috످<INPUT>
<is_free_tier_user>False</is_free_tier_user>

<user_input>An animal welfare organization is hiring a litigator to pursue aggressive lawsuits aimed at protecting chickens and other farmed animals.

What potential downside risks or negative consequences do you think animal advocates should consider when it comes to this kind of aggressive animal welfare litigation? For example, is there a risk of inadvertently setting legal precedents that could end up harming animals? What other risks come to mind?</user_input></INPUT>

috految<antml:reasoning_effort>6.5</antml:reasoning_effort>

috److Yes, bad precedent is one of the biggest risks. Animal law is still young, so a single loss can shape it for decades. In PETA's "monkey selfie" case, *Naruto v. Slater* (2018), the Ninth Circuit ruled that animals can't sue under a statute unless Congress clearly allows it. The court also accused PETA of using the monkey as an "unwitting pawn." And *Lujan v. Defenders of Wildlife* (1992), a case meant to protect endangered species, made it harder for advocates of many causes to sue.

Chicken lawsuits are especially risky. The Animal Welfare Act and Humane Methods of Slaughter Act don't cover farmed chickens, and most state cruelty laws exempt standard farming practices. This pushes lawyers toward untested arguments, which are more likely to fail and set bad precedent.

Losing can also legitimize cruelty. If a court finds a practice legal, companies can market it as humane. And losses can be expensive. Animal groups lost a suit over Ringling Bros.' elephants after the court found they had paid their key witness to be a plaintiff. They later settled racketeering and legal fee claims for about $25 million.

Even winning can backfire:

- **Lawmakers can undo a win.** After advocates got the USDA to consider protecting lab rats, mice, and birds (an estimated 95% of lab animals), Congress excluded them from the Animal Welfare Act in 2002.
- **Suffering can shift to other animals.** If a lawsuit raises beef prices, people might eat more chicken. That could cause far more suffering, since it takes over 100 chickens to produce as much meat as one cow.
- **Production can move abroad.** After US horse slaughterhouses closed in 2007, many more horses were sent to Mexico, often facing longer journeys and worse deaths.
- **Modest reforms may entrench factory farming** by making people more comfortable with it.

Win or lose, lawsuits can alienate potential allies, especially if they hurt small farmers or raise food prices. Companies sued over their welfare pledges may stop making them. The industry may retaliate by using discovery to expose undercover investigators or by pushing for "ag-gag" laws that ban their work. And the money spent on lawsuits might do more good in corporate campaigns or alternative proteins.

I'd worry most about bad precedent and backlash from lawmakers, because both are hard to reverse and affect the whole movement. For example, a ruling that federal law broadly overrides state welfare laws could undo decades of progress.

To reduce these risks, the organization could start with strong cases in favorable courts, as the NAACP did before *Brown v. Board*. It could appeal selectively, since losing at trial generally doesn't set binding precedent, but losing on appeal can. It could also build political support before filing, consult other advocates on major cases, and hire a litigator willing to drop a case that might hurt the movement.

But too much caution is also costly. Advocates have overturned several ag-gag laws and successfully defended California's Prop 12 in court. With over 9 billion chickens slaughtered in the US each year and so few laws protecting them, advocates may have much more to gain than to lose from well-chosen cases.

috످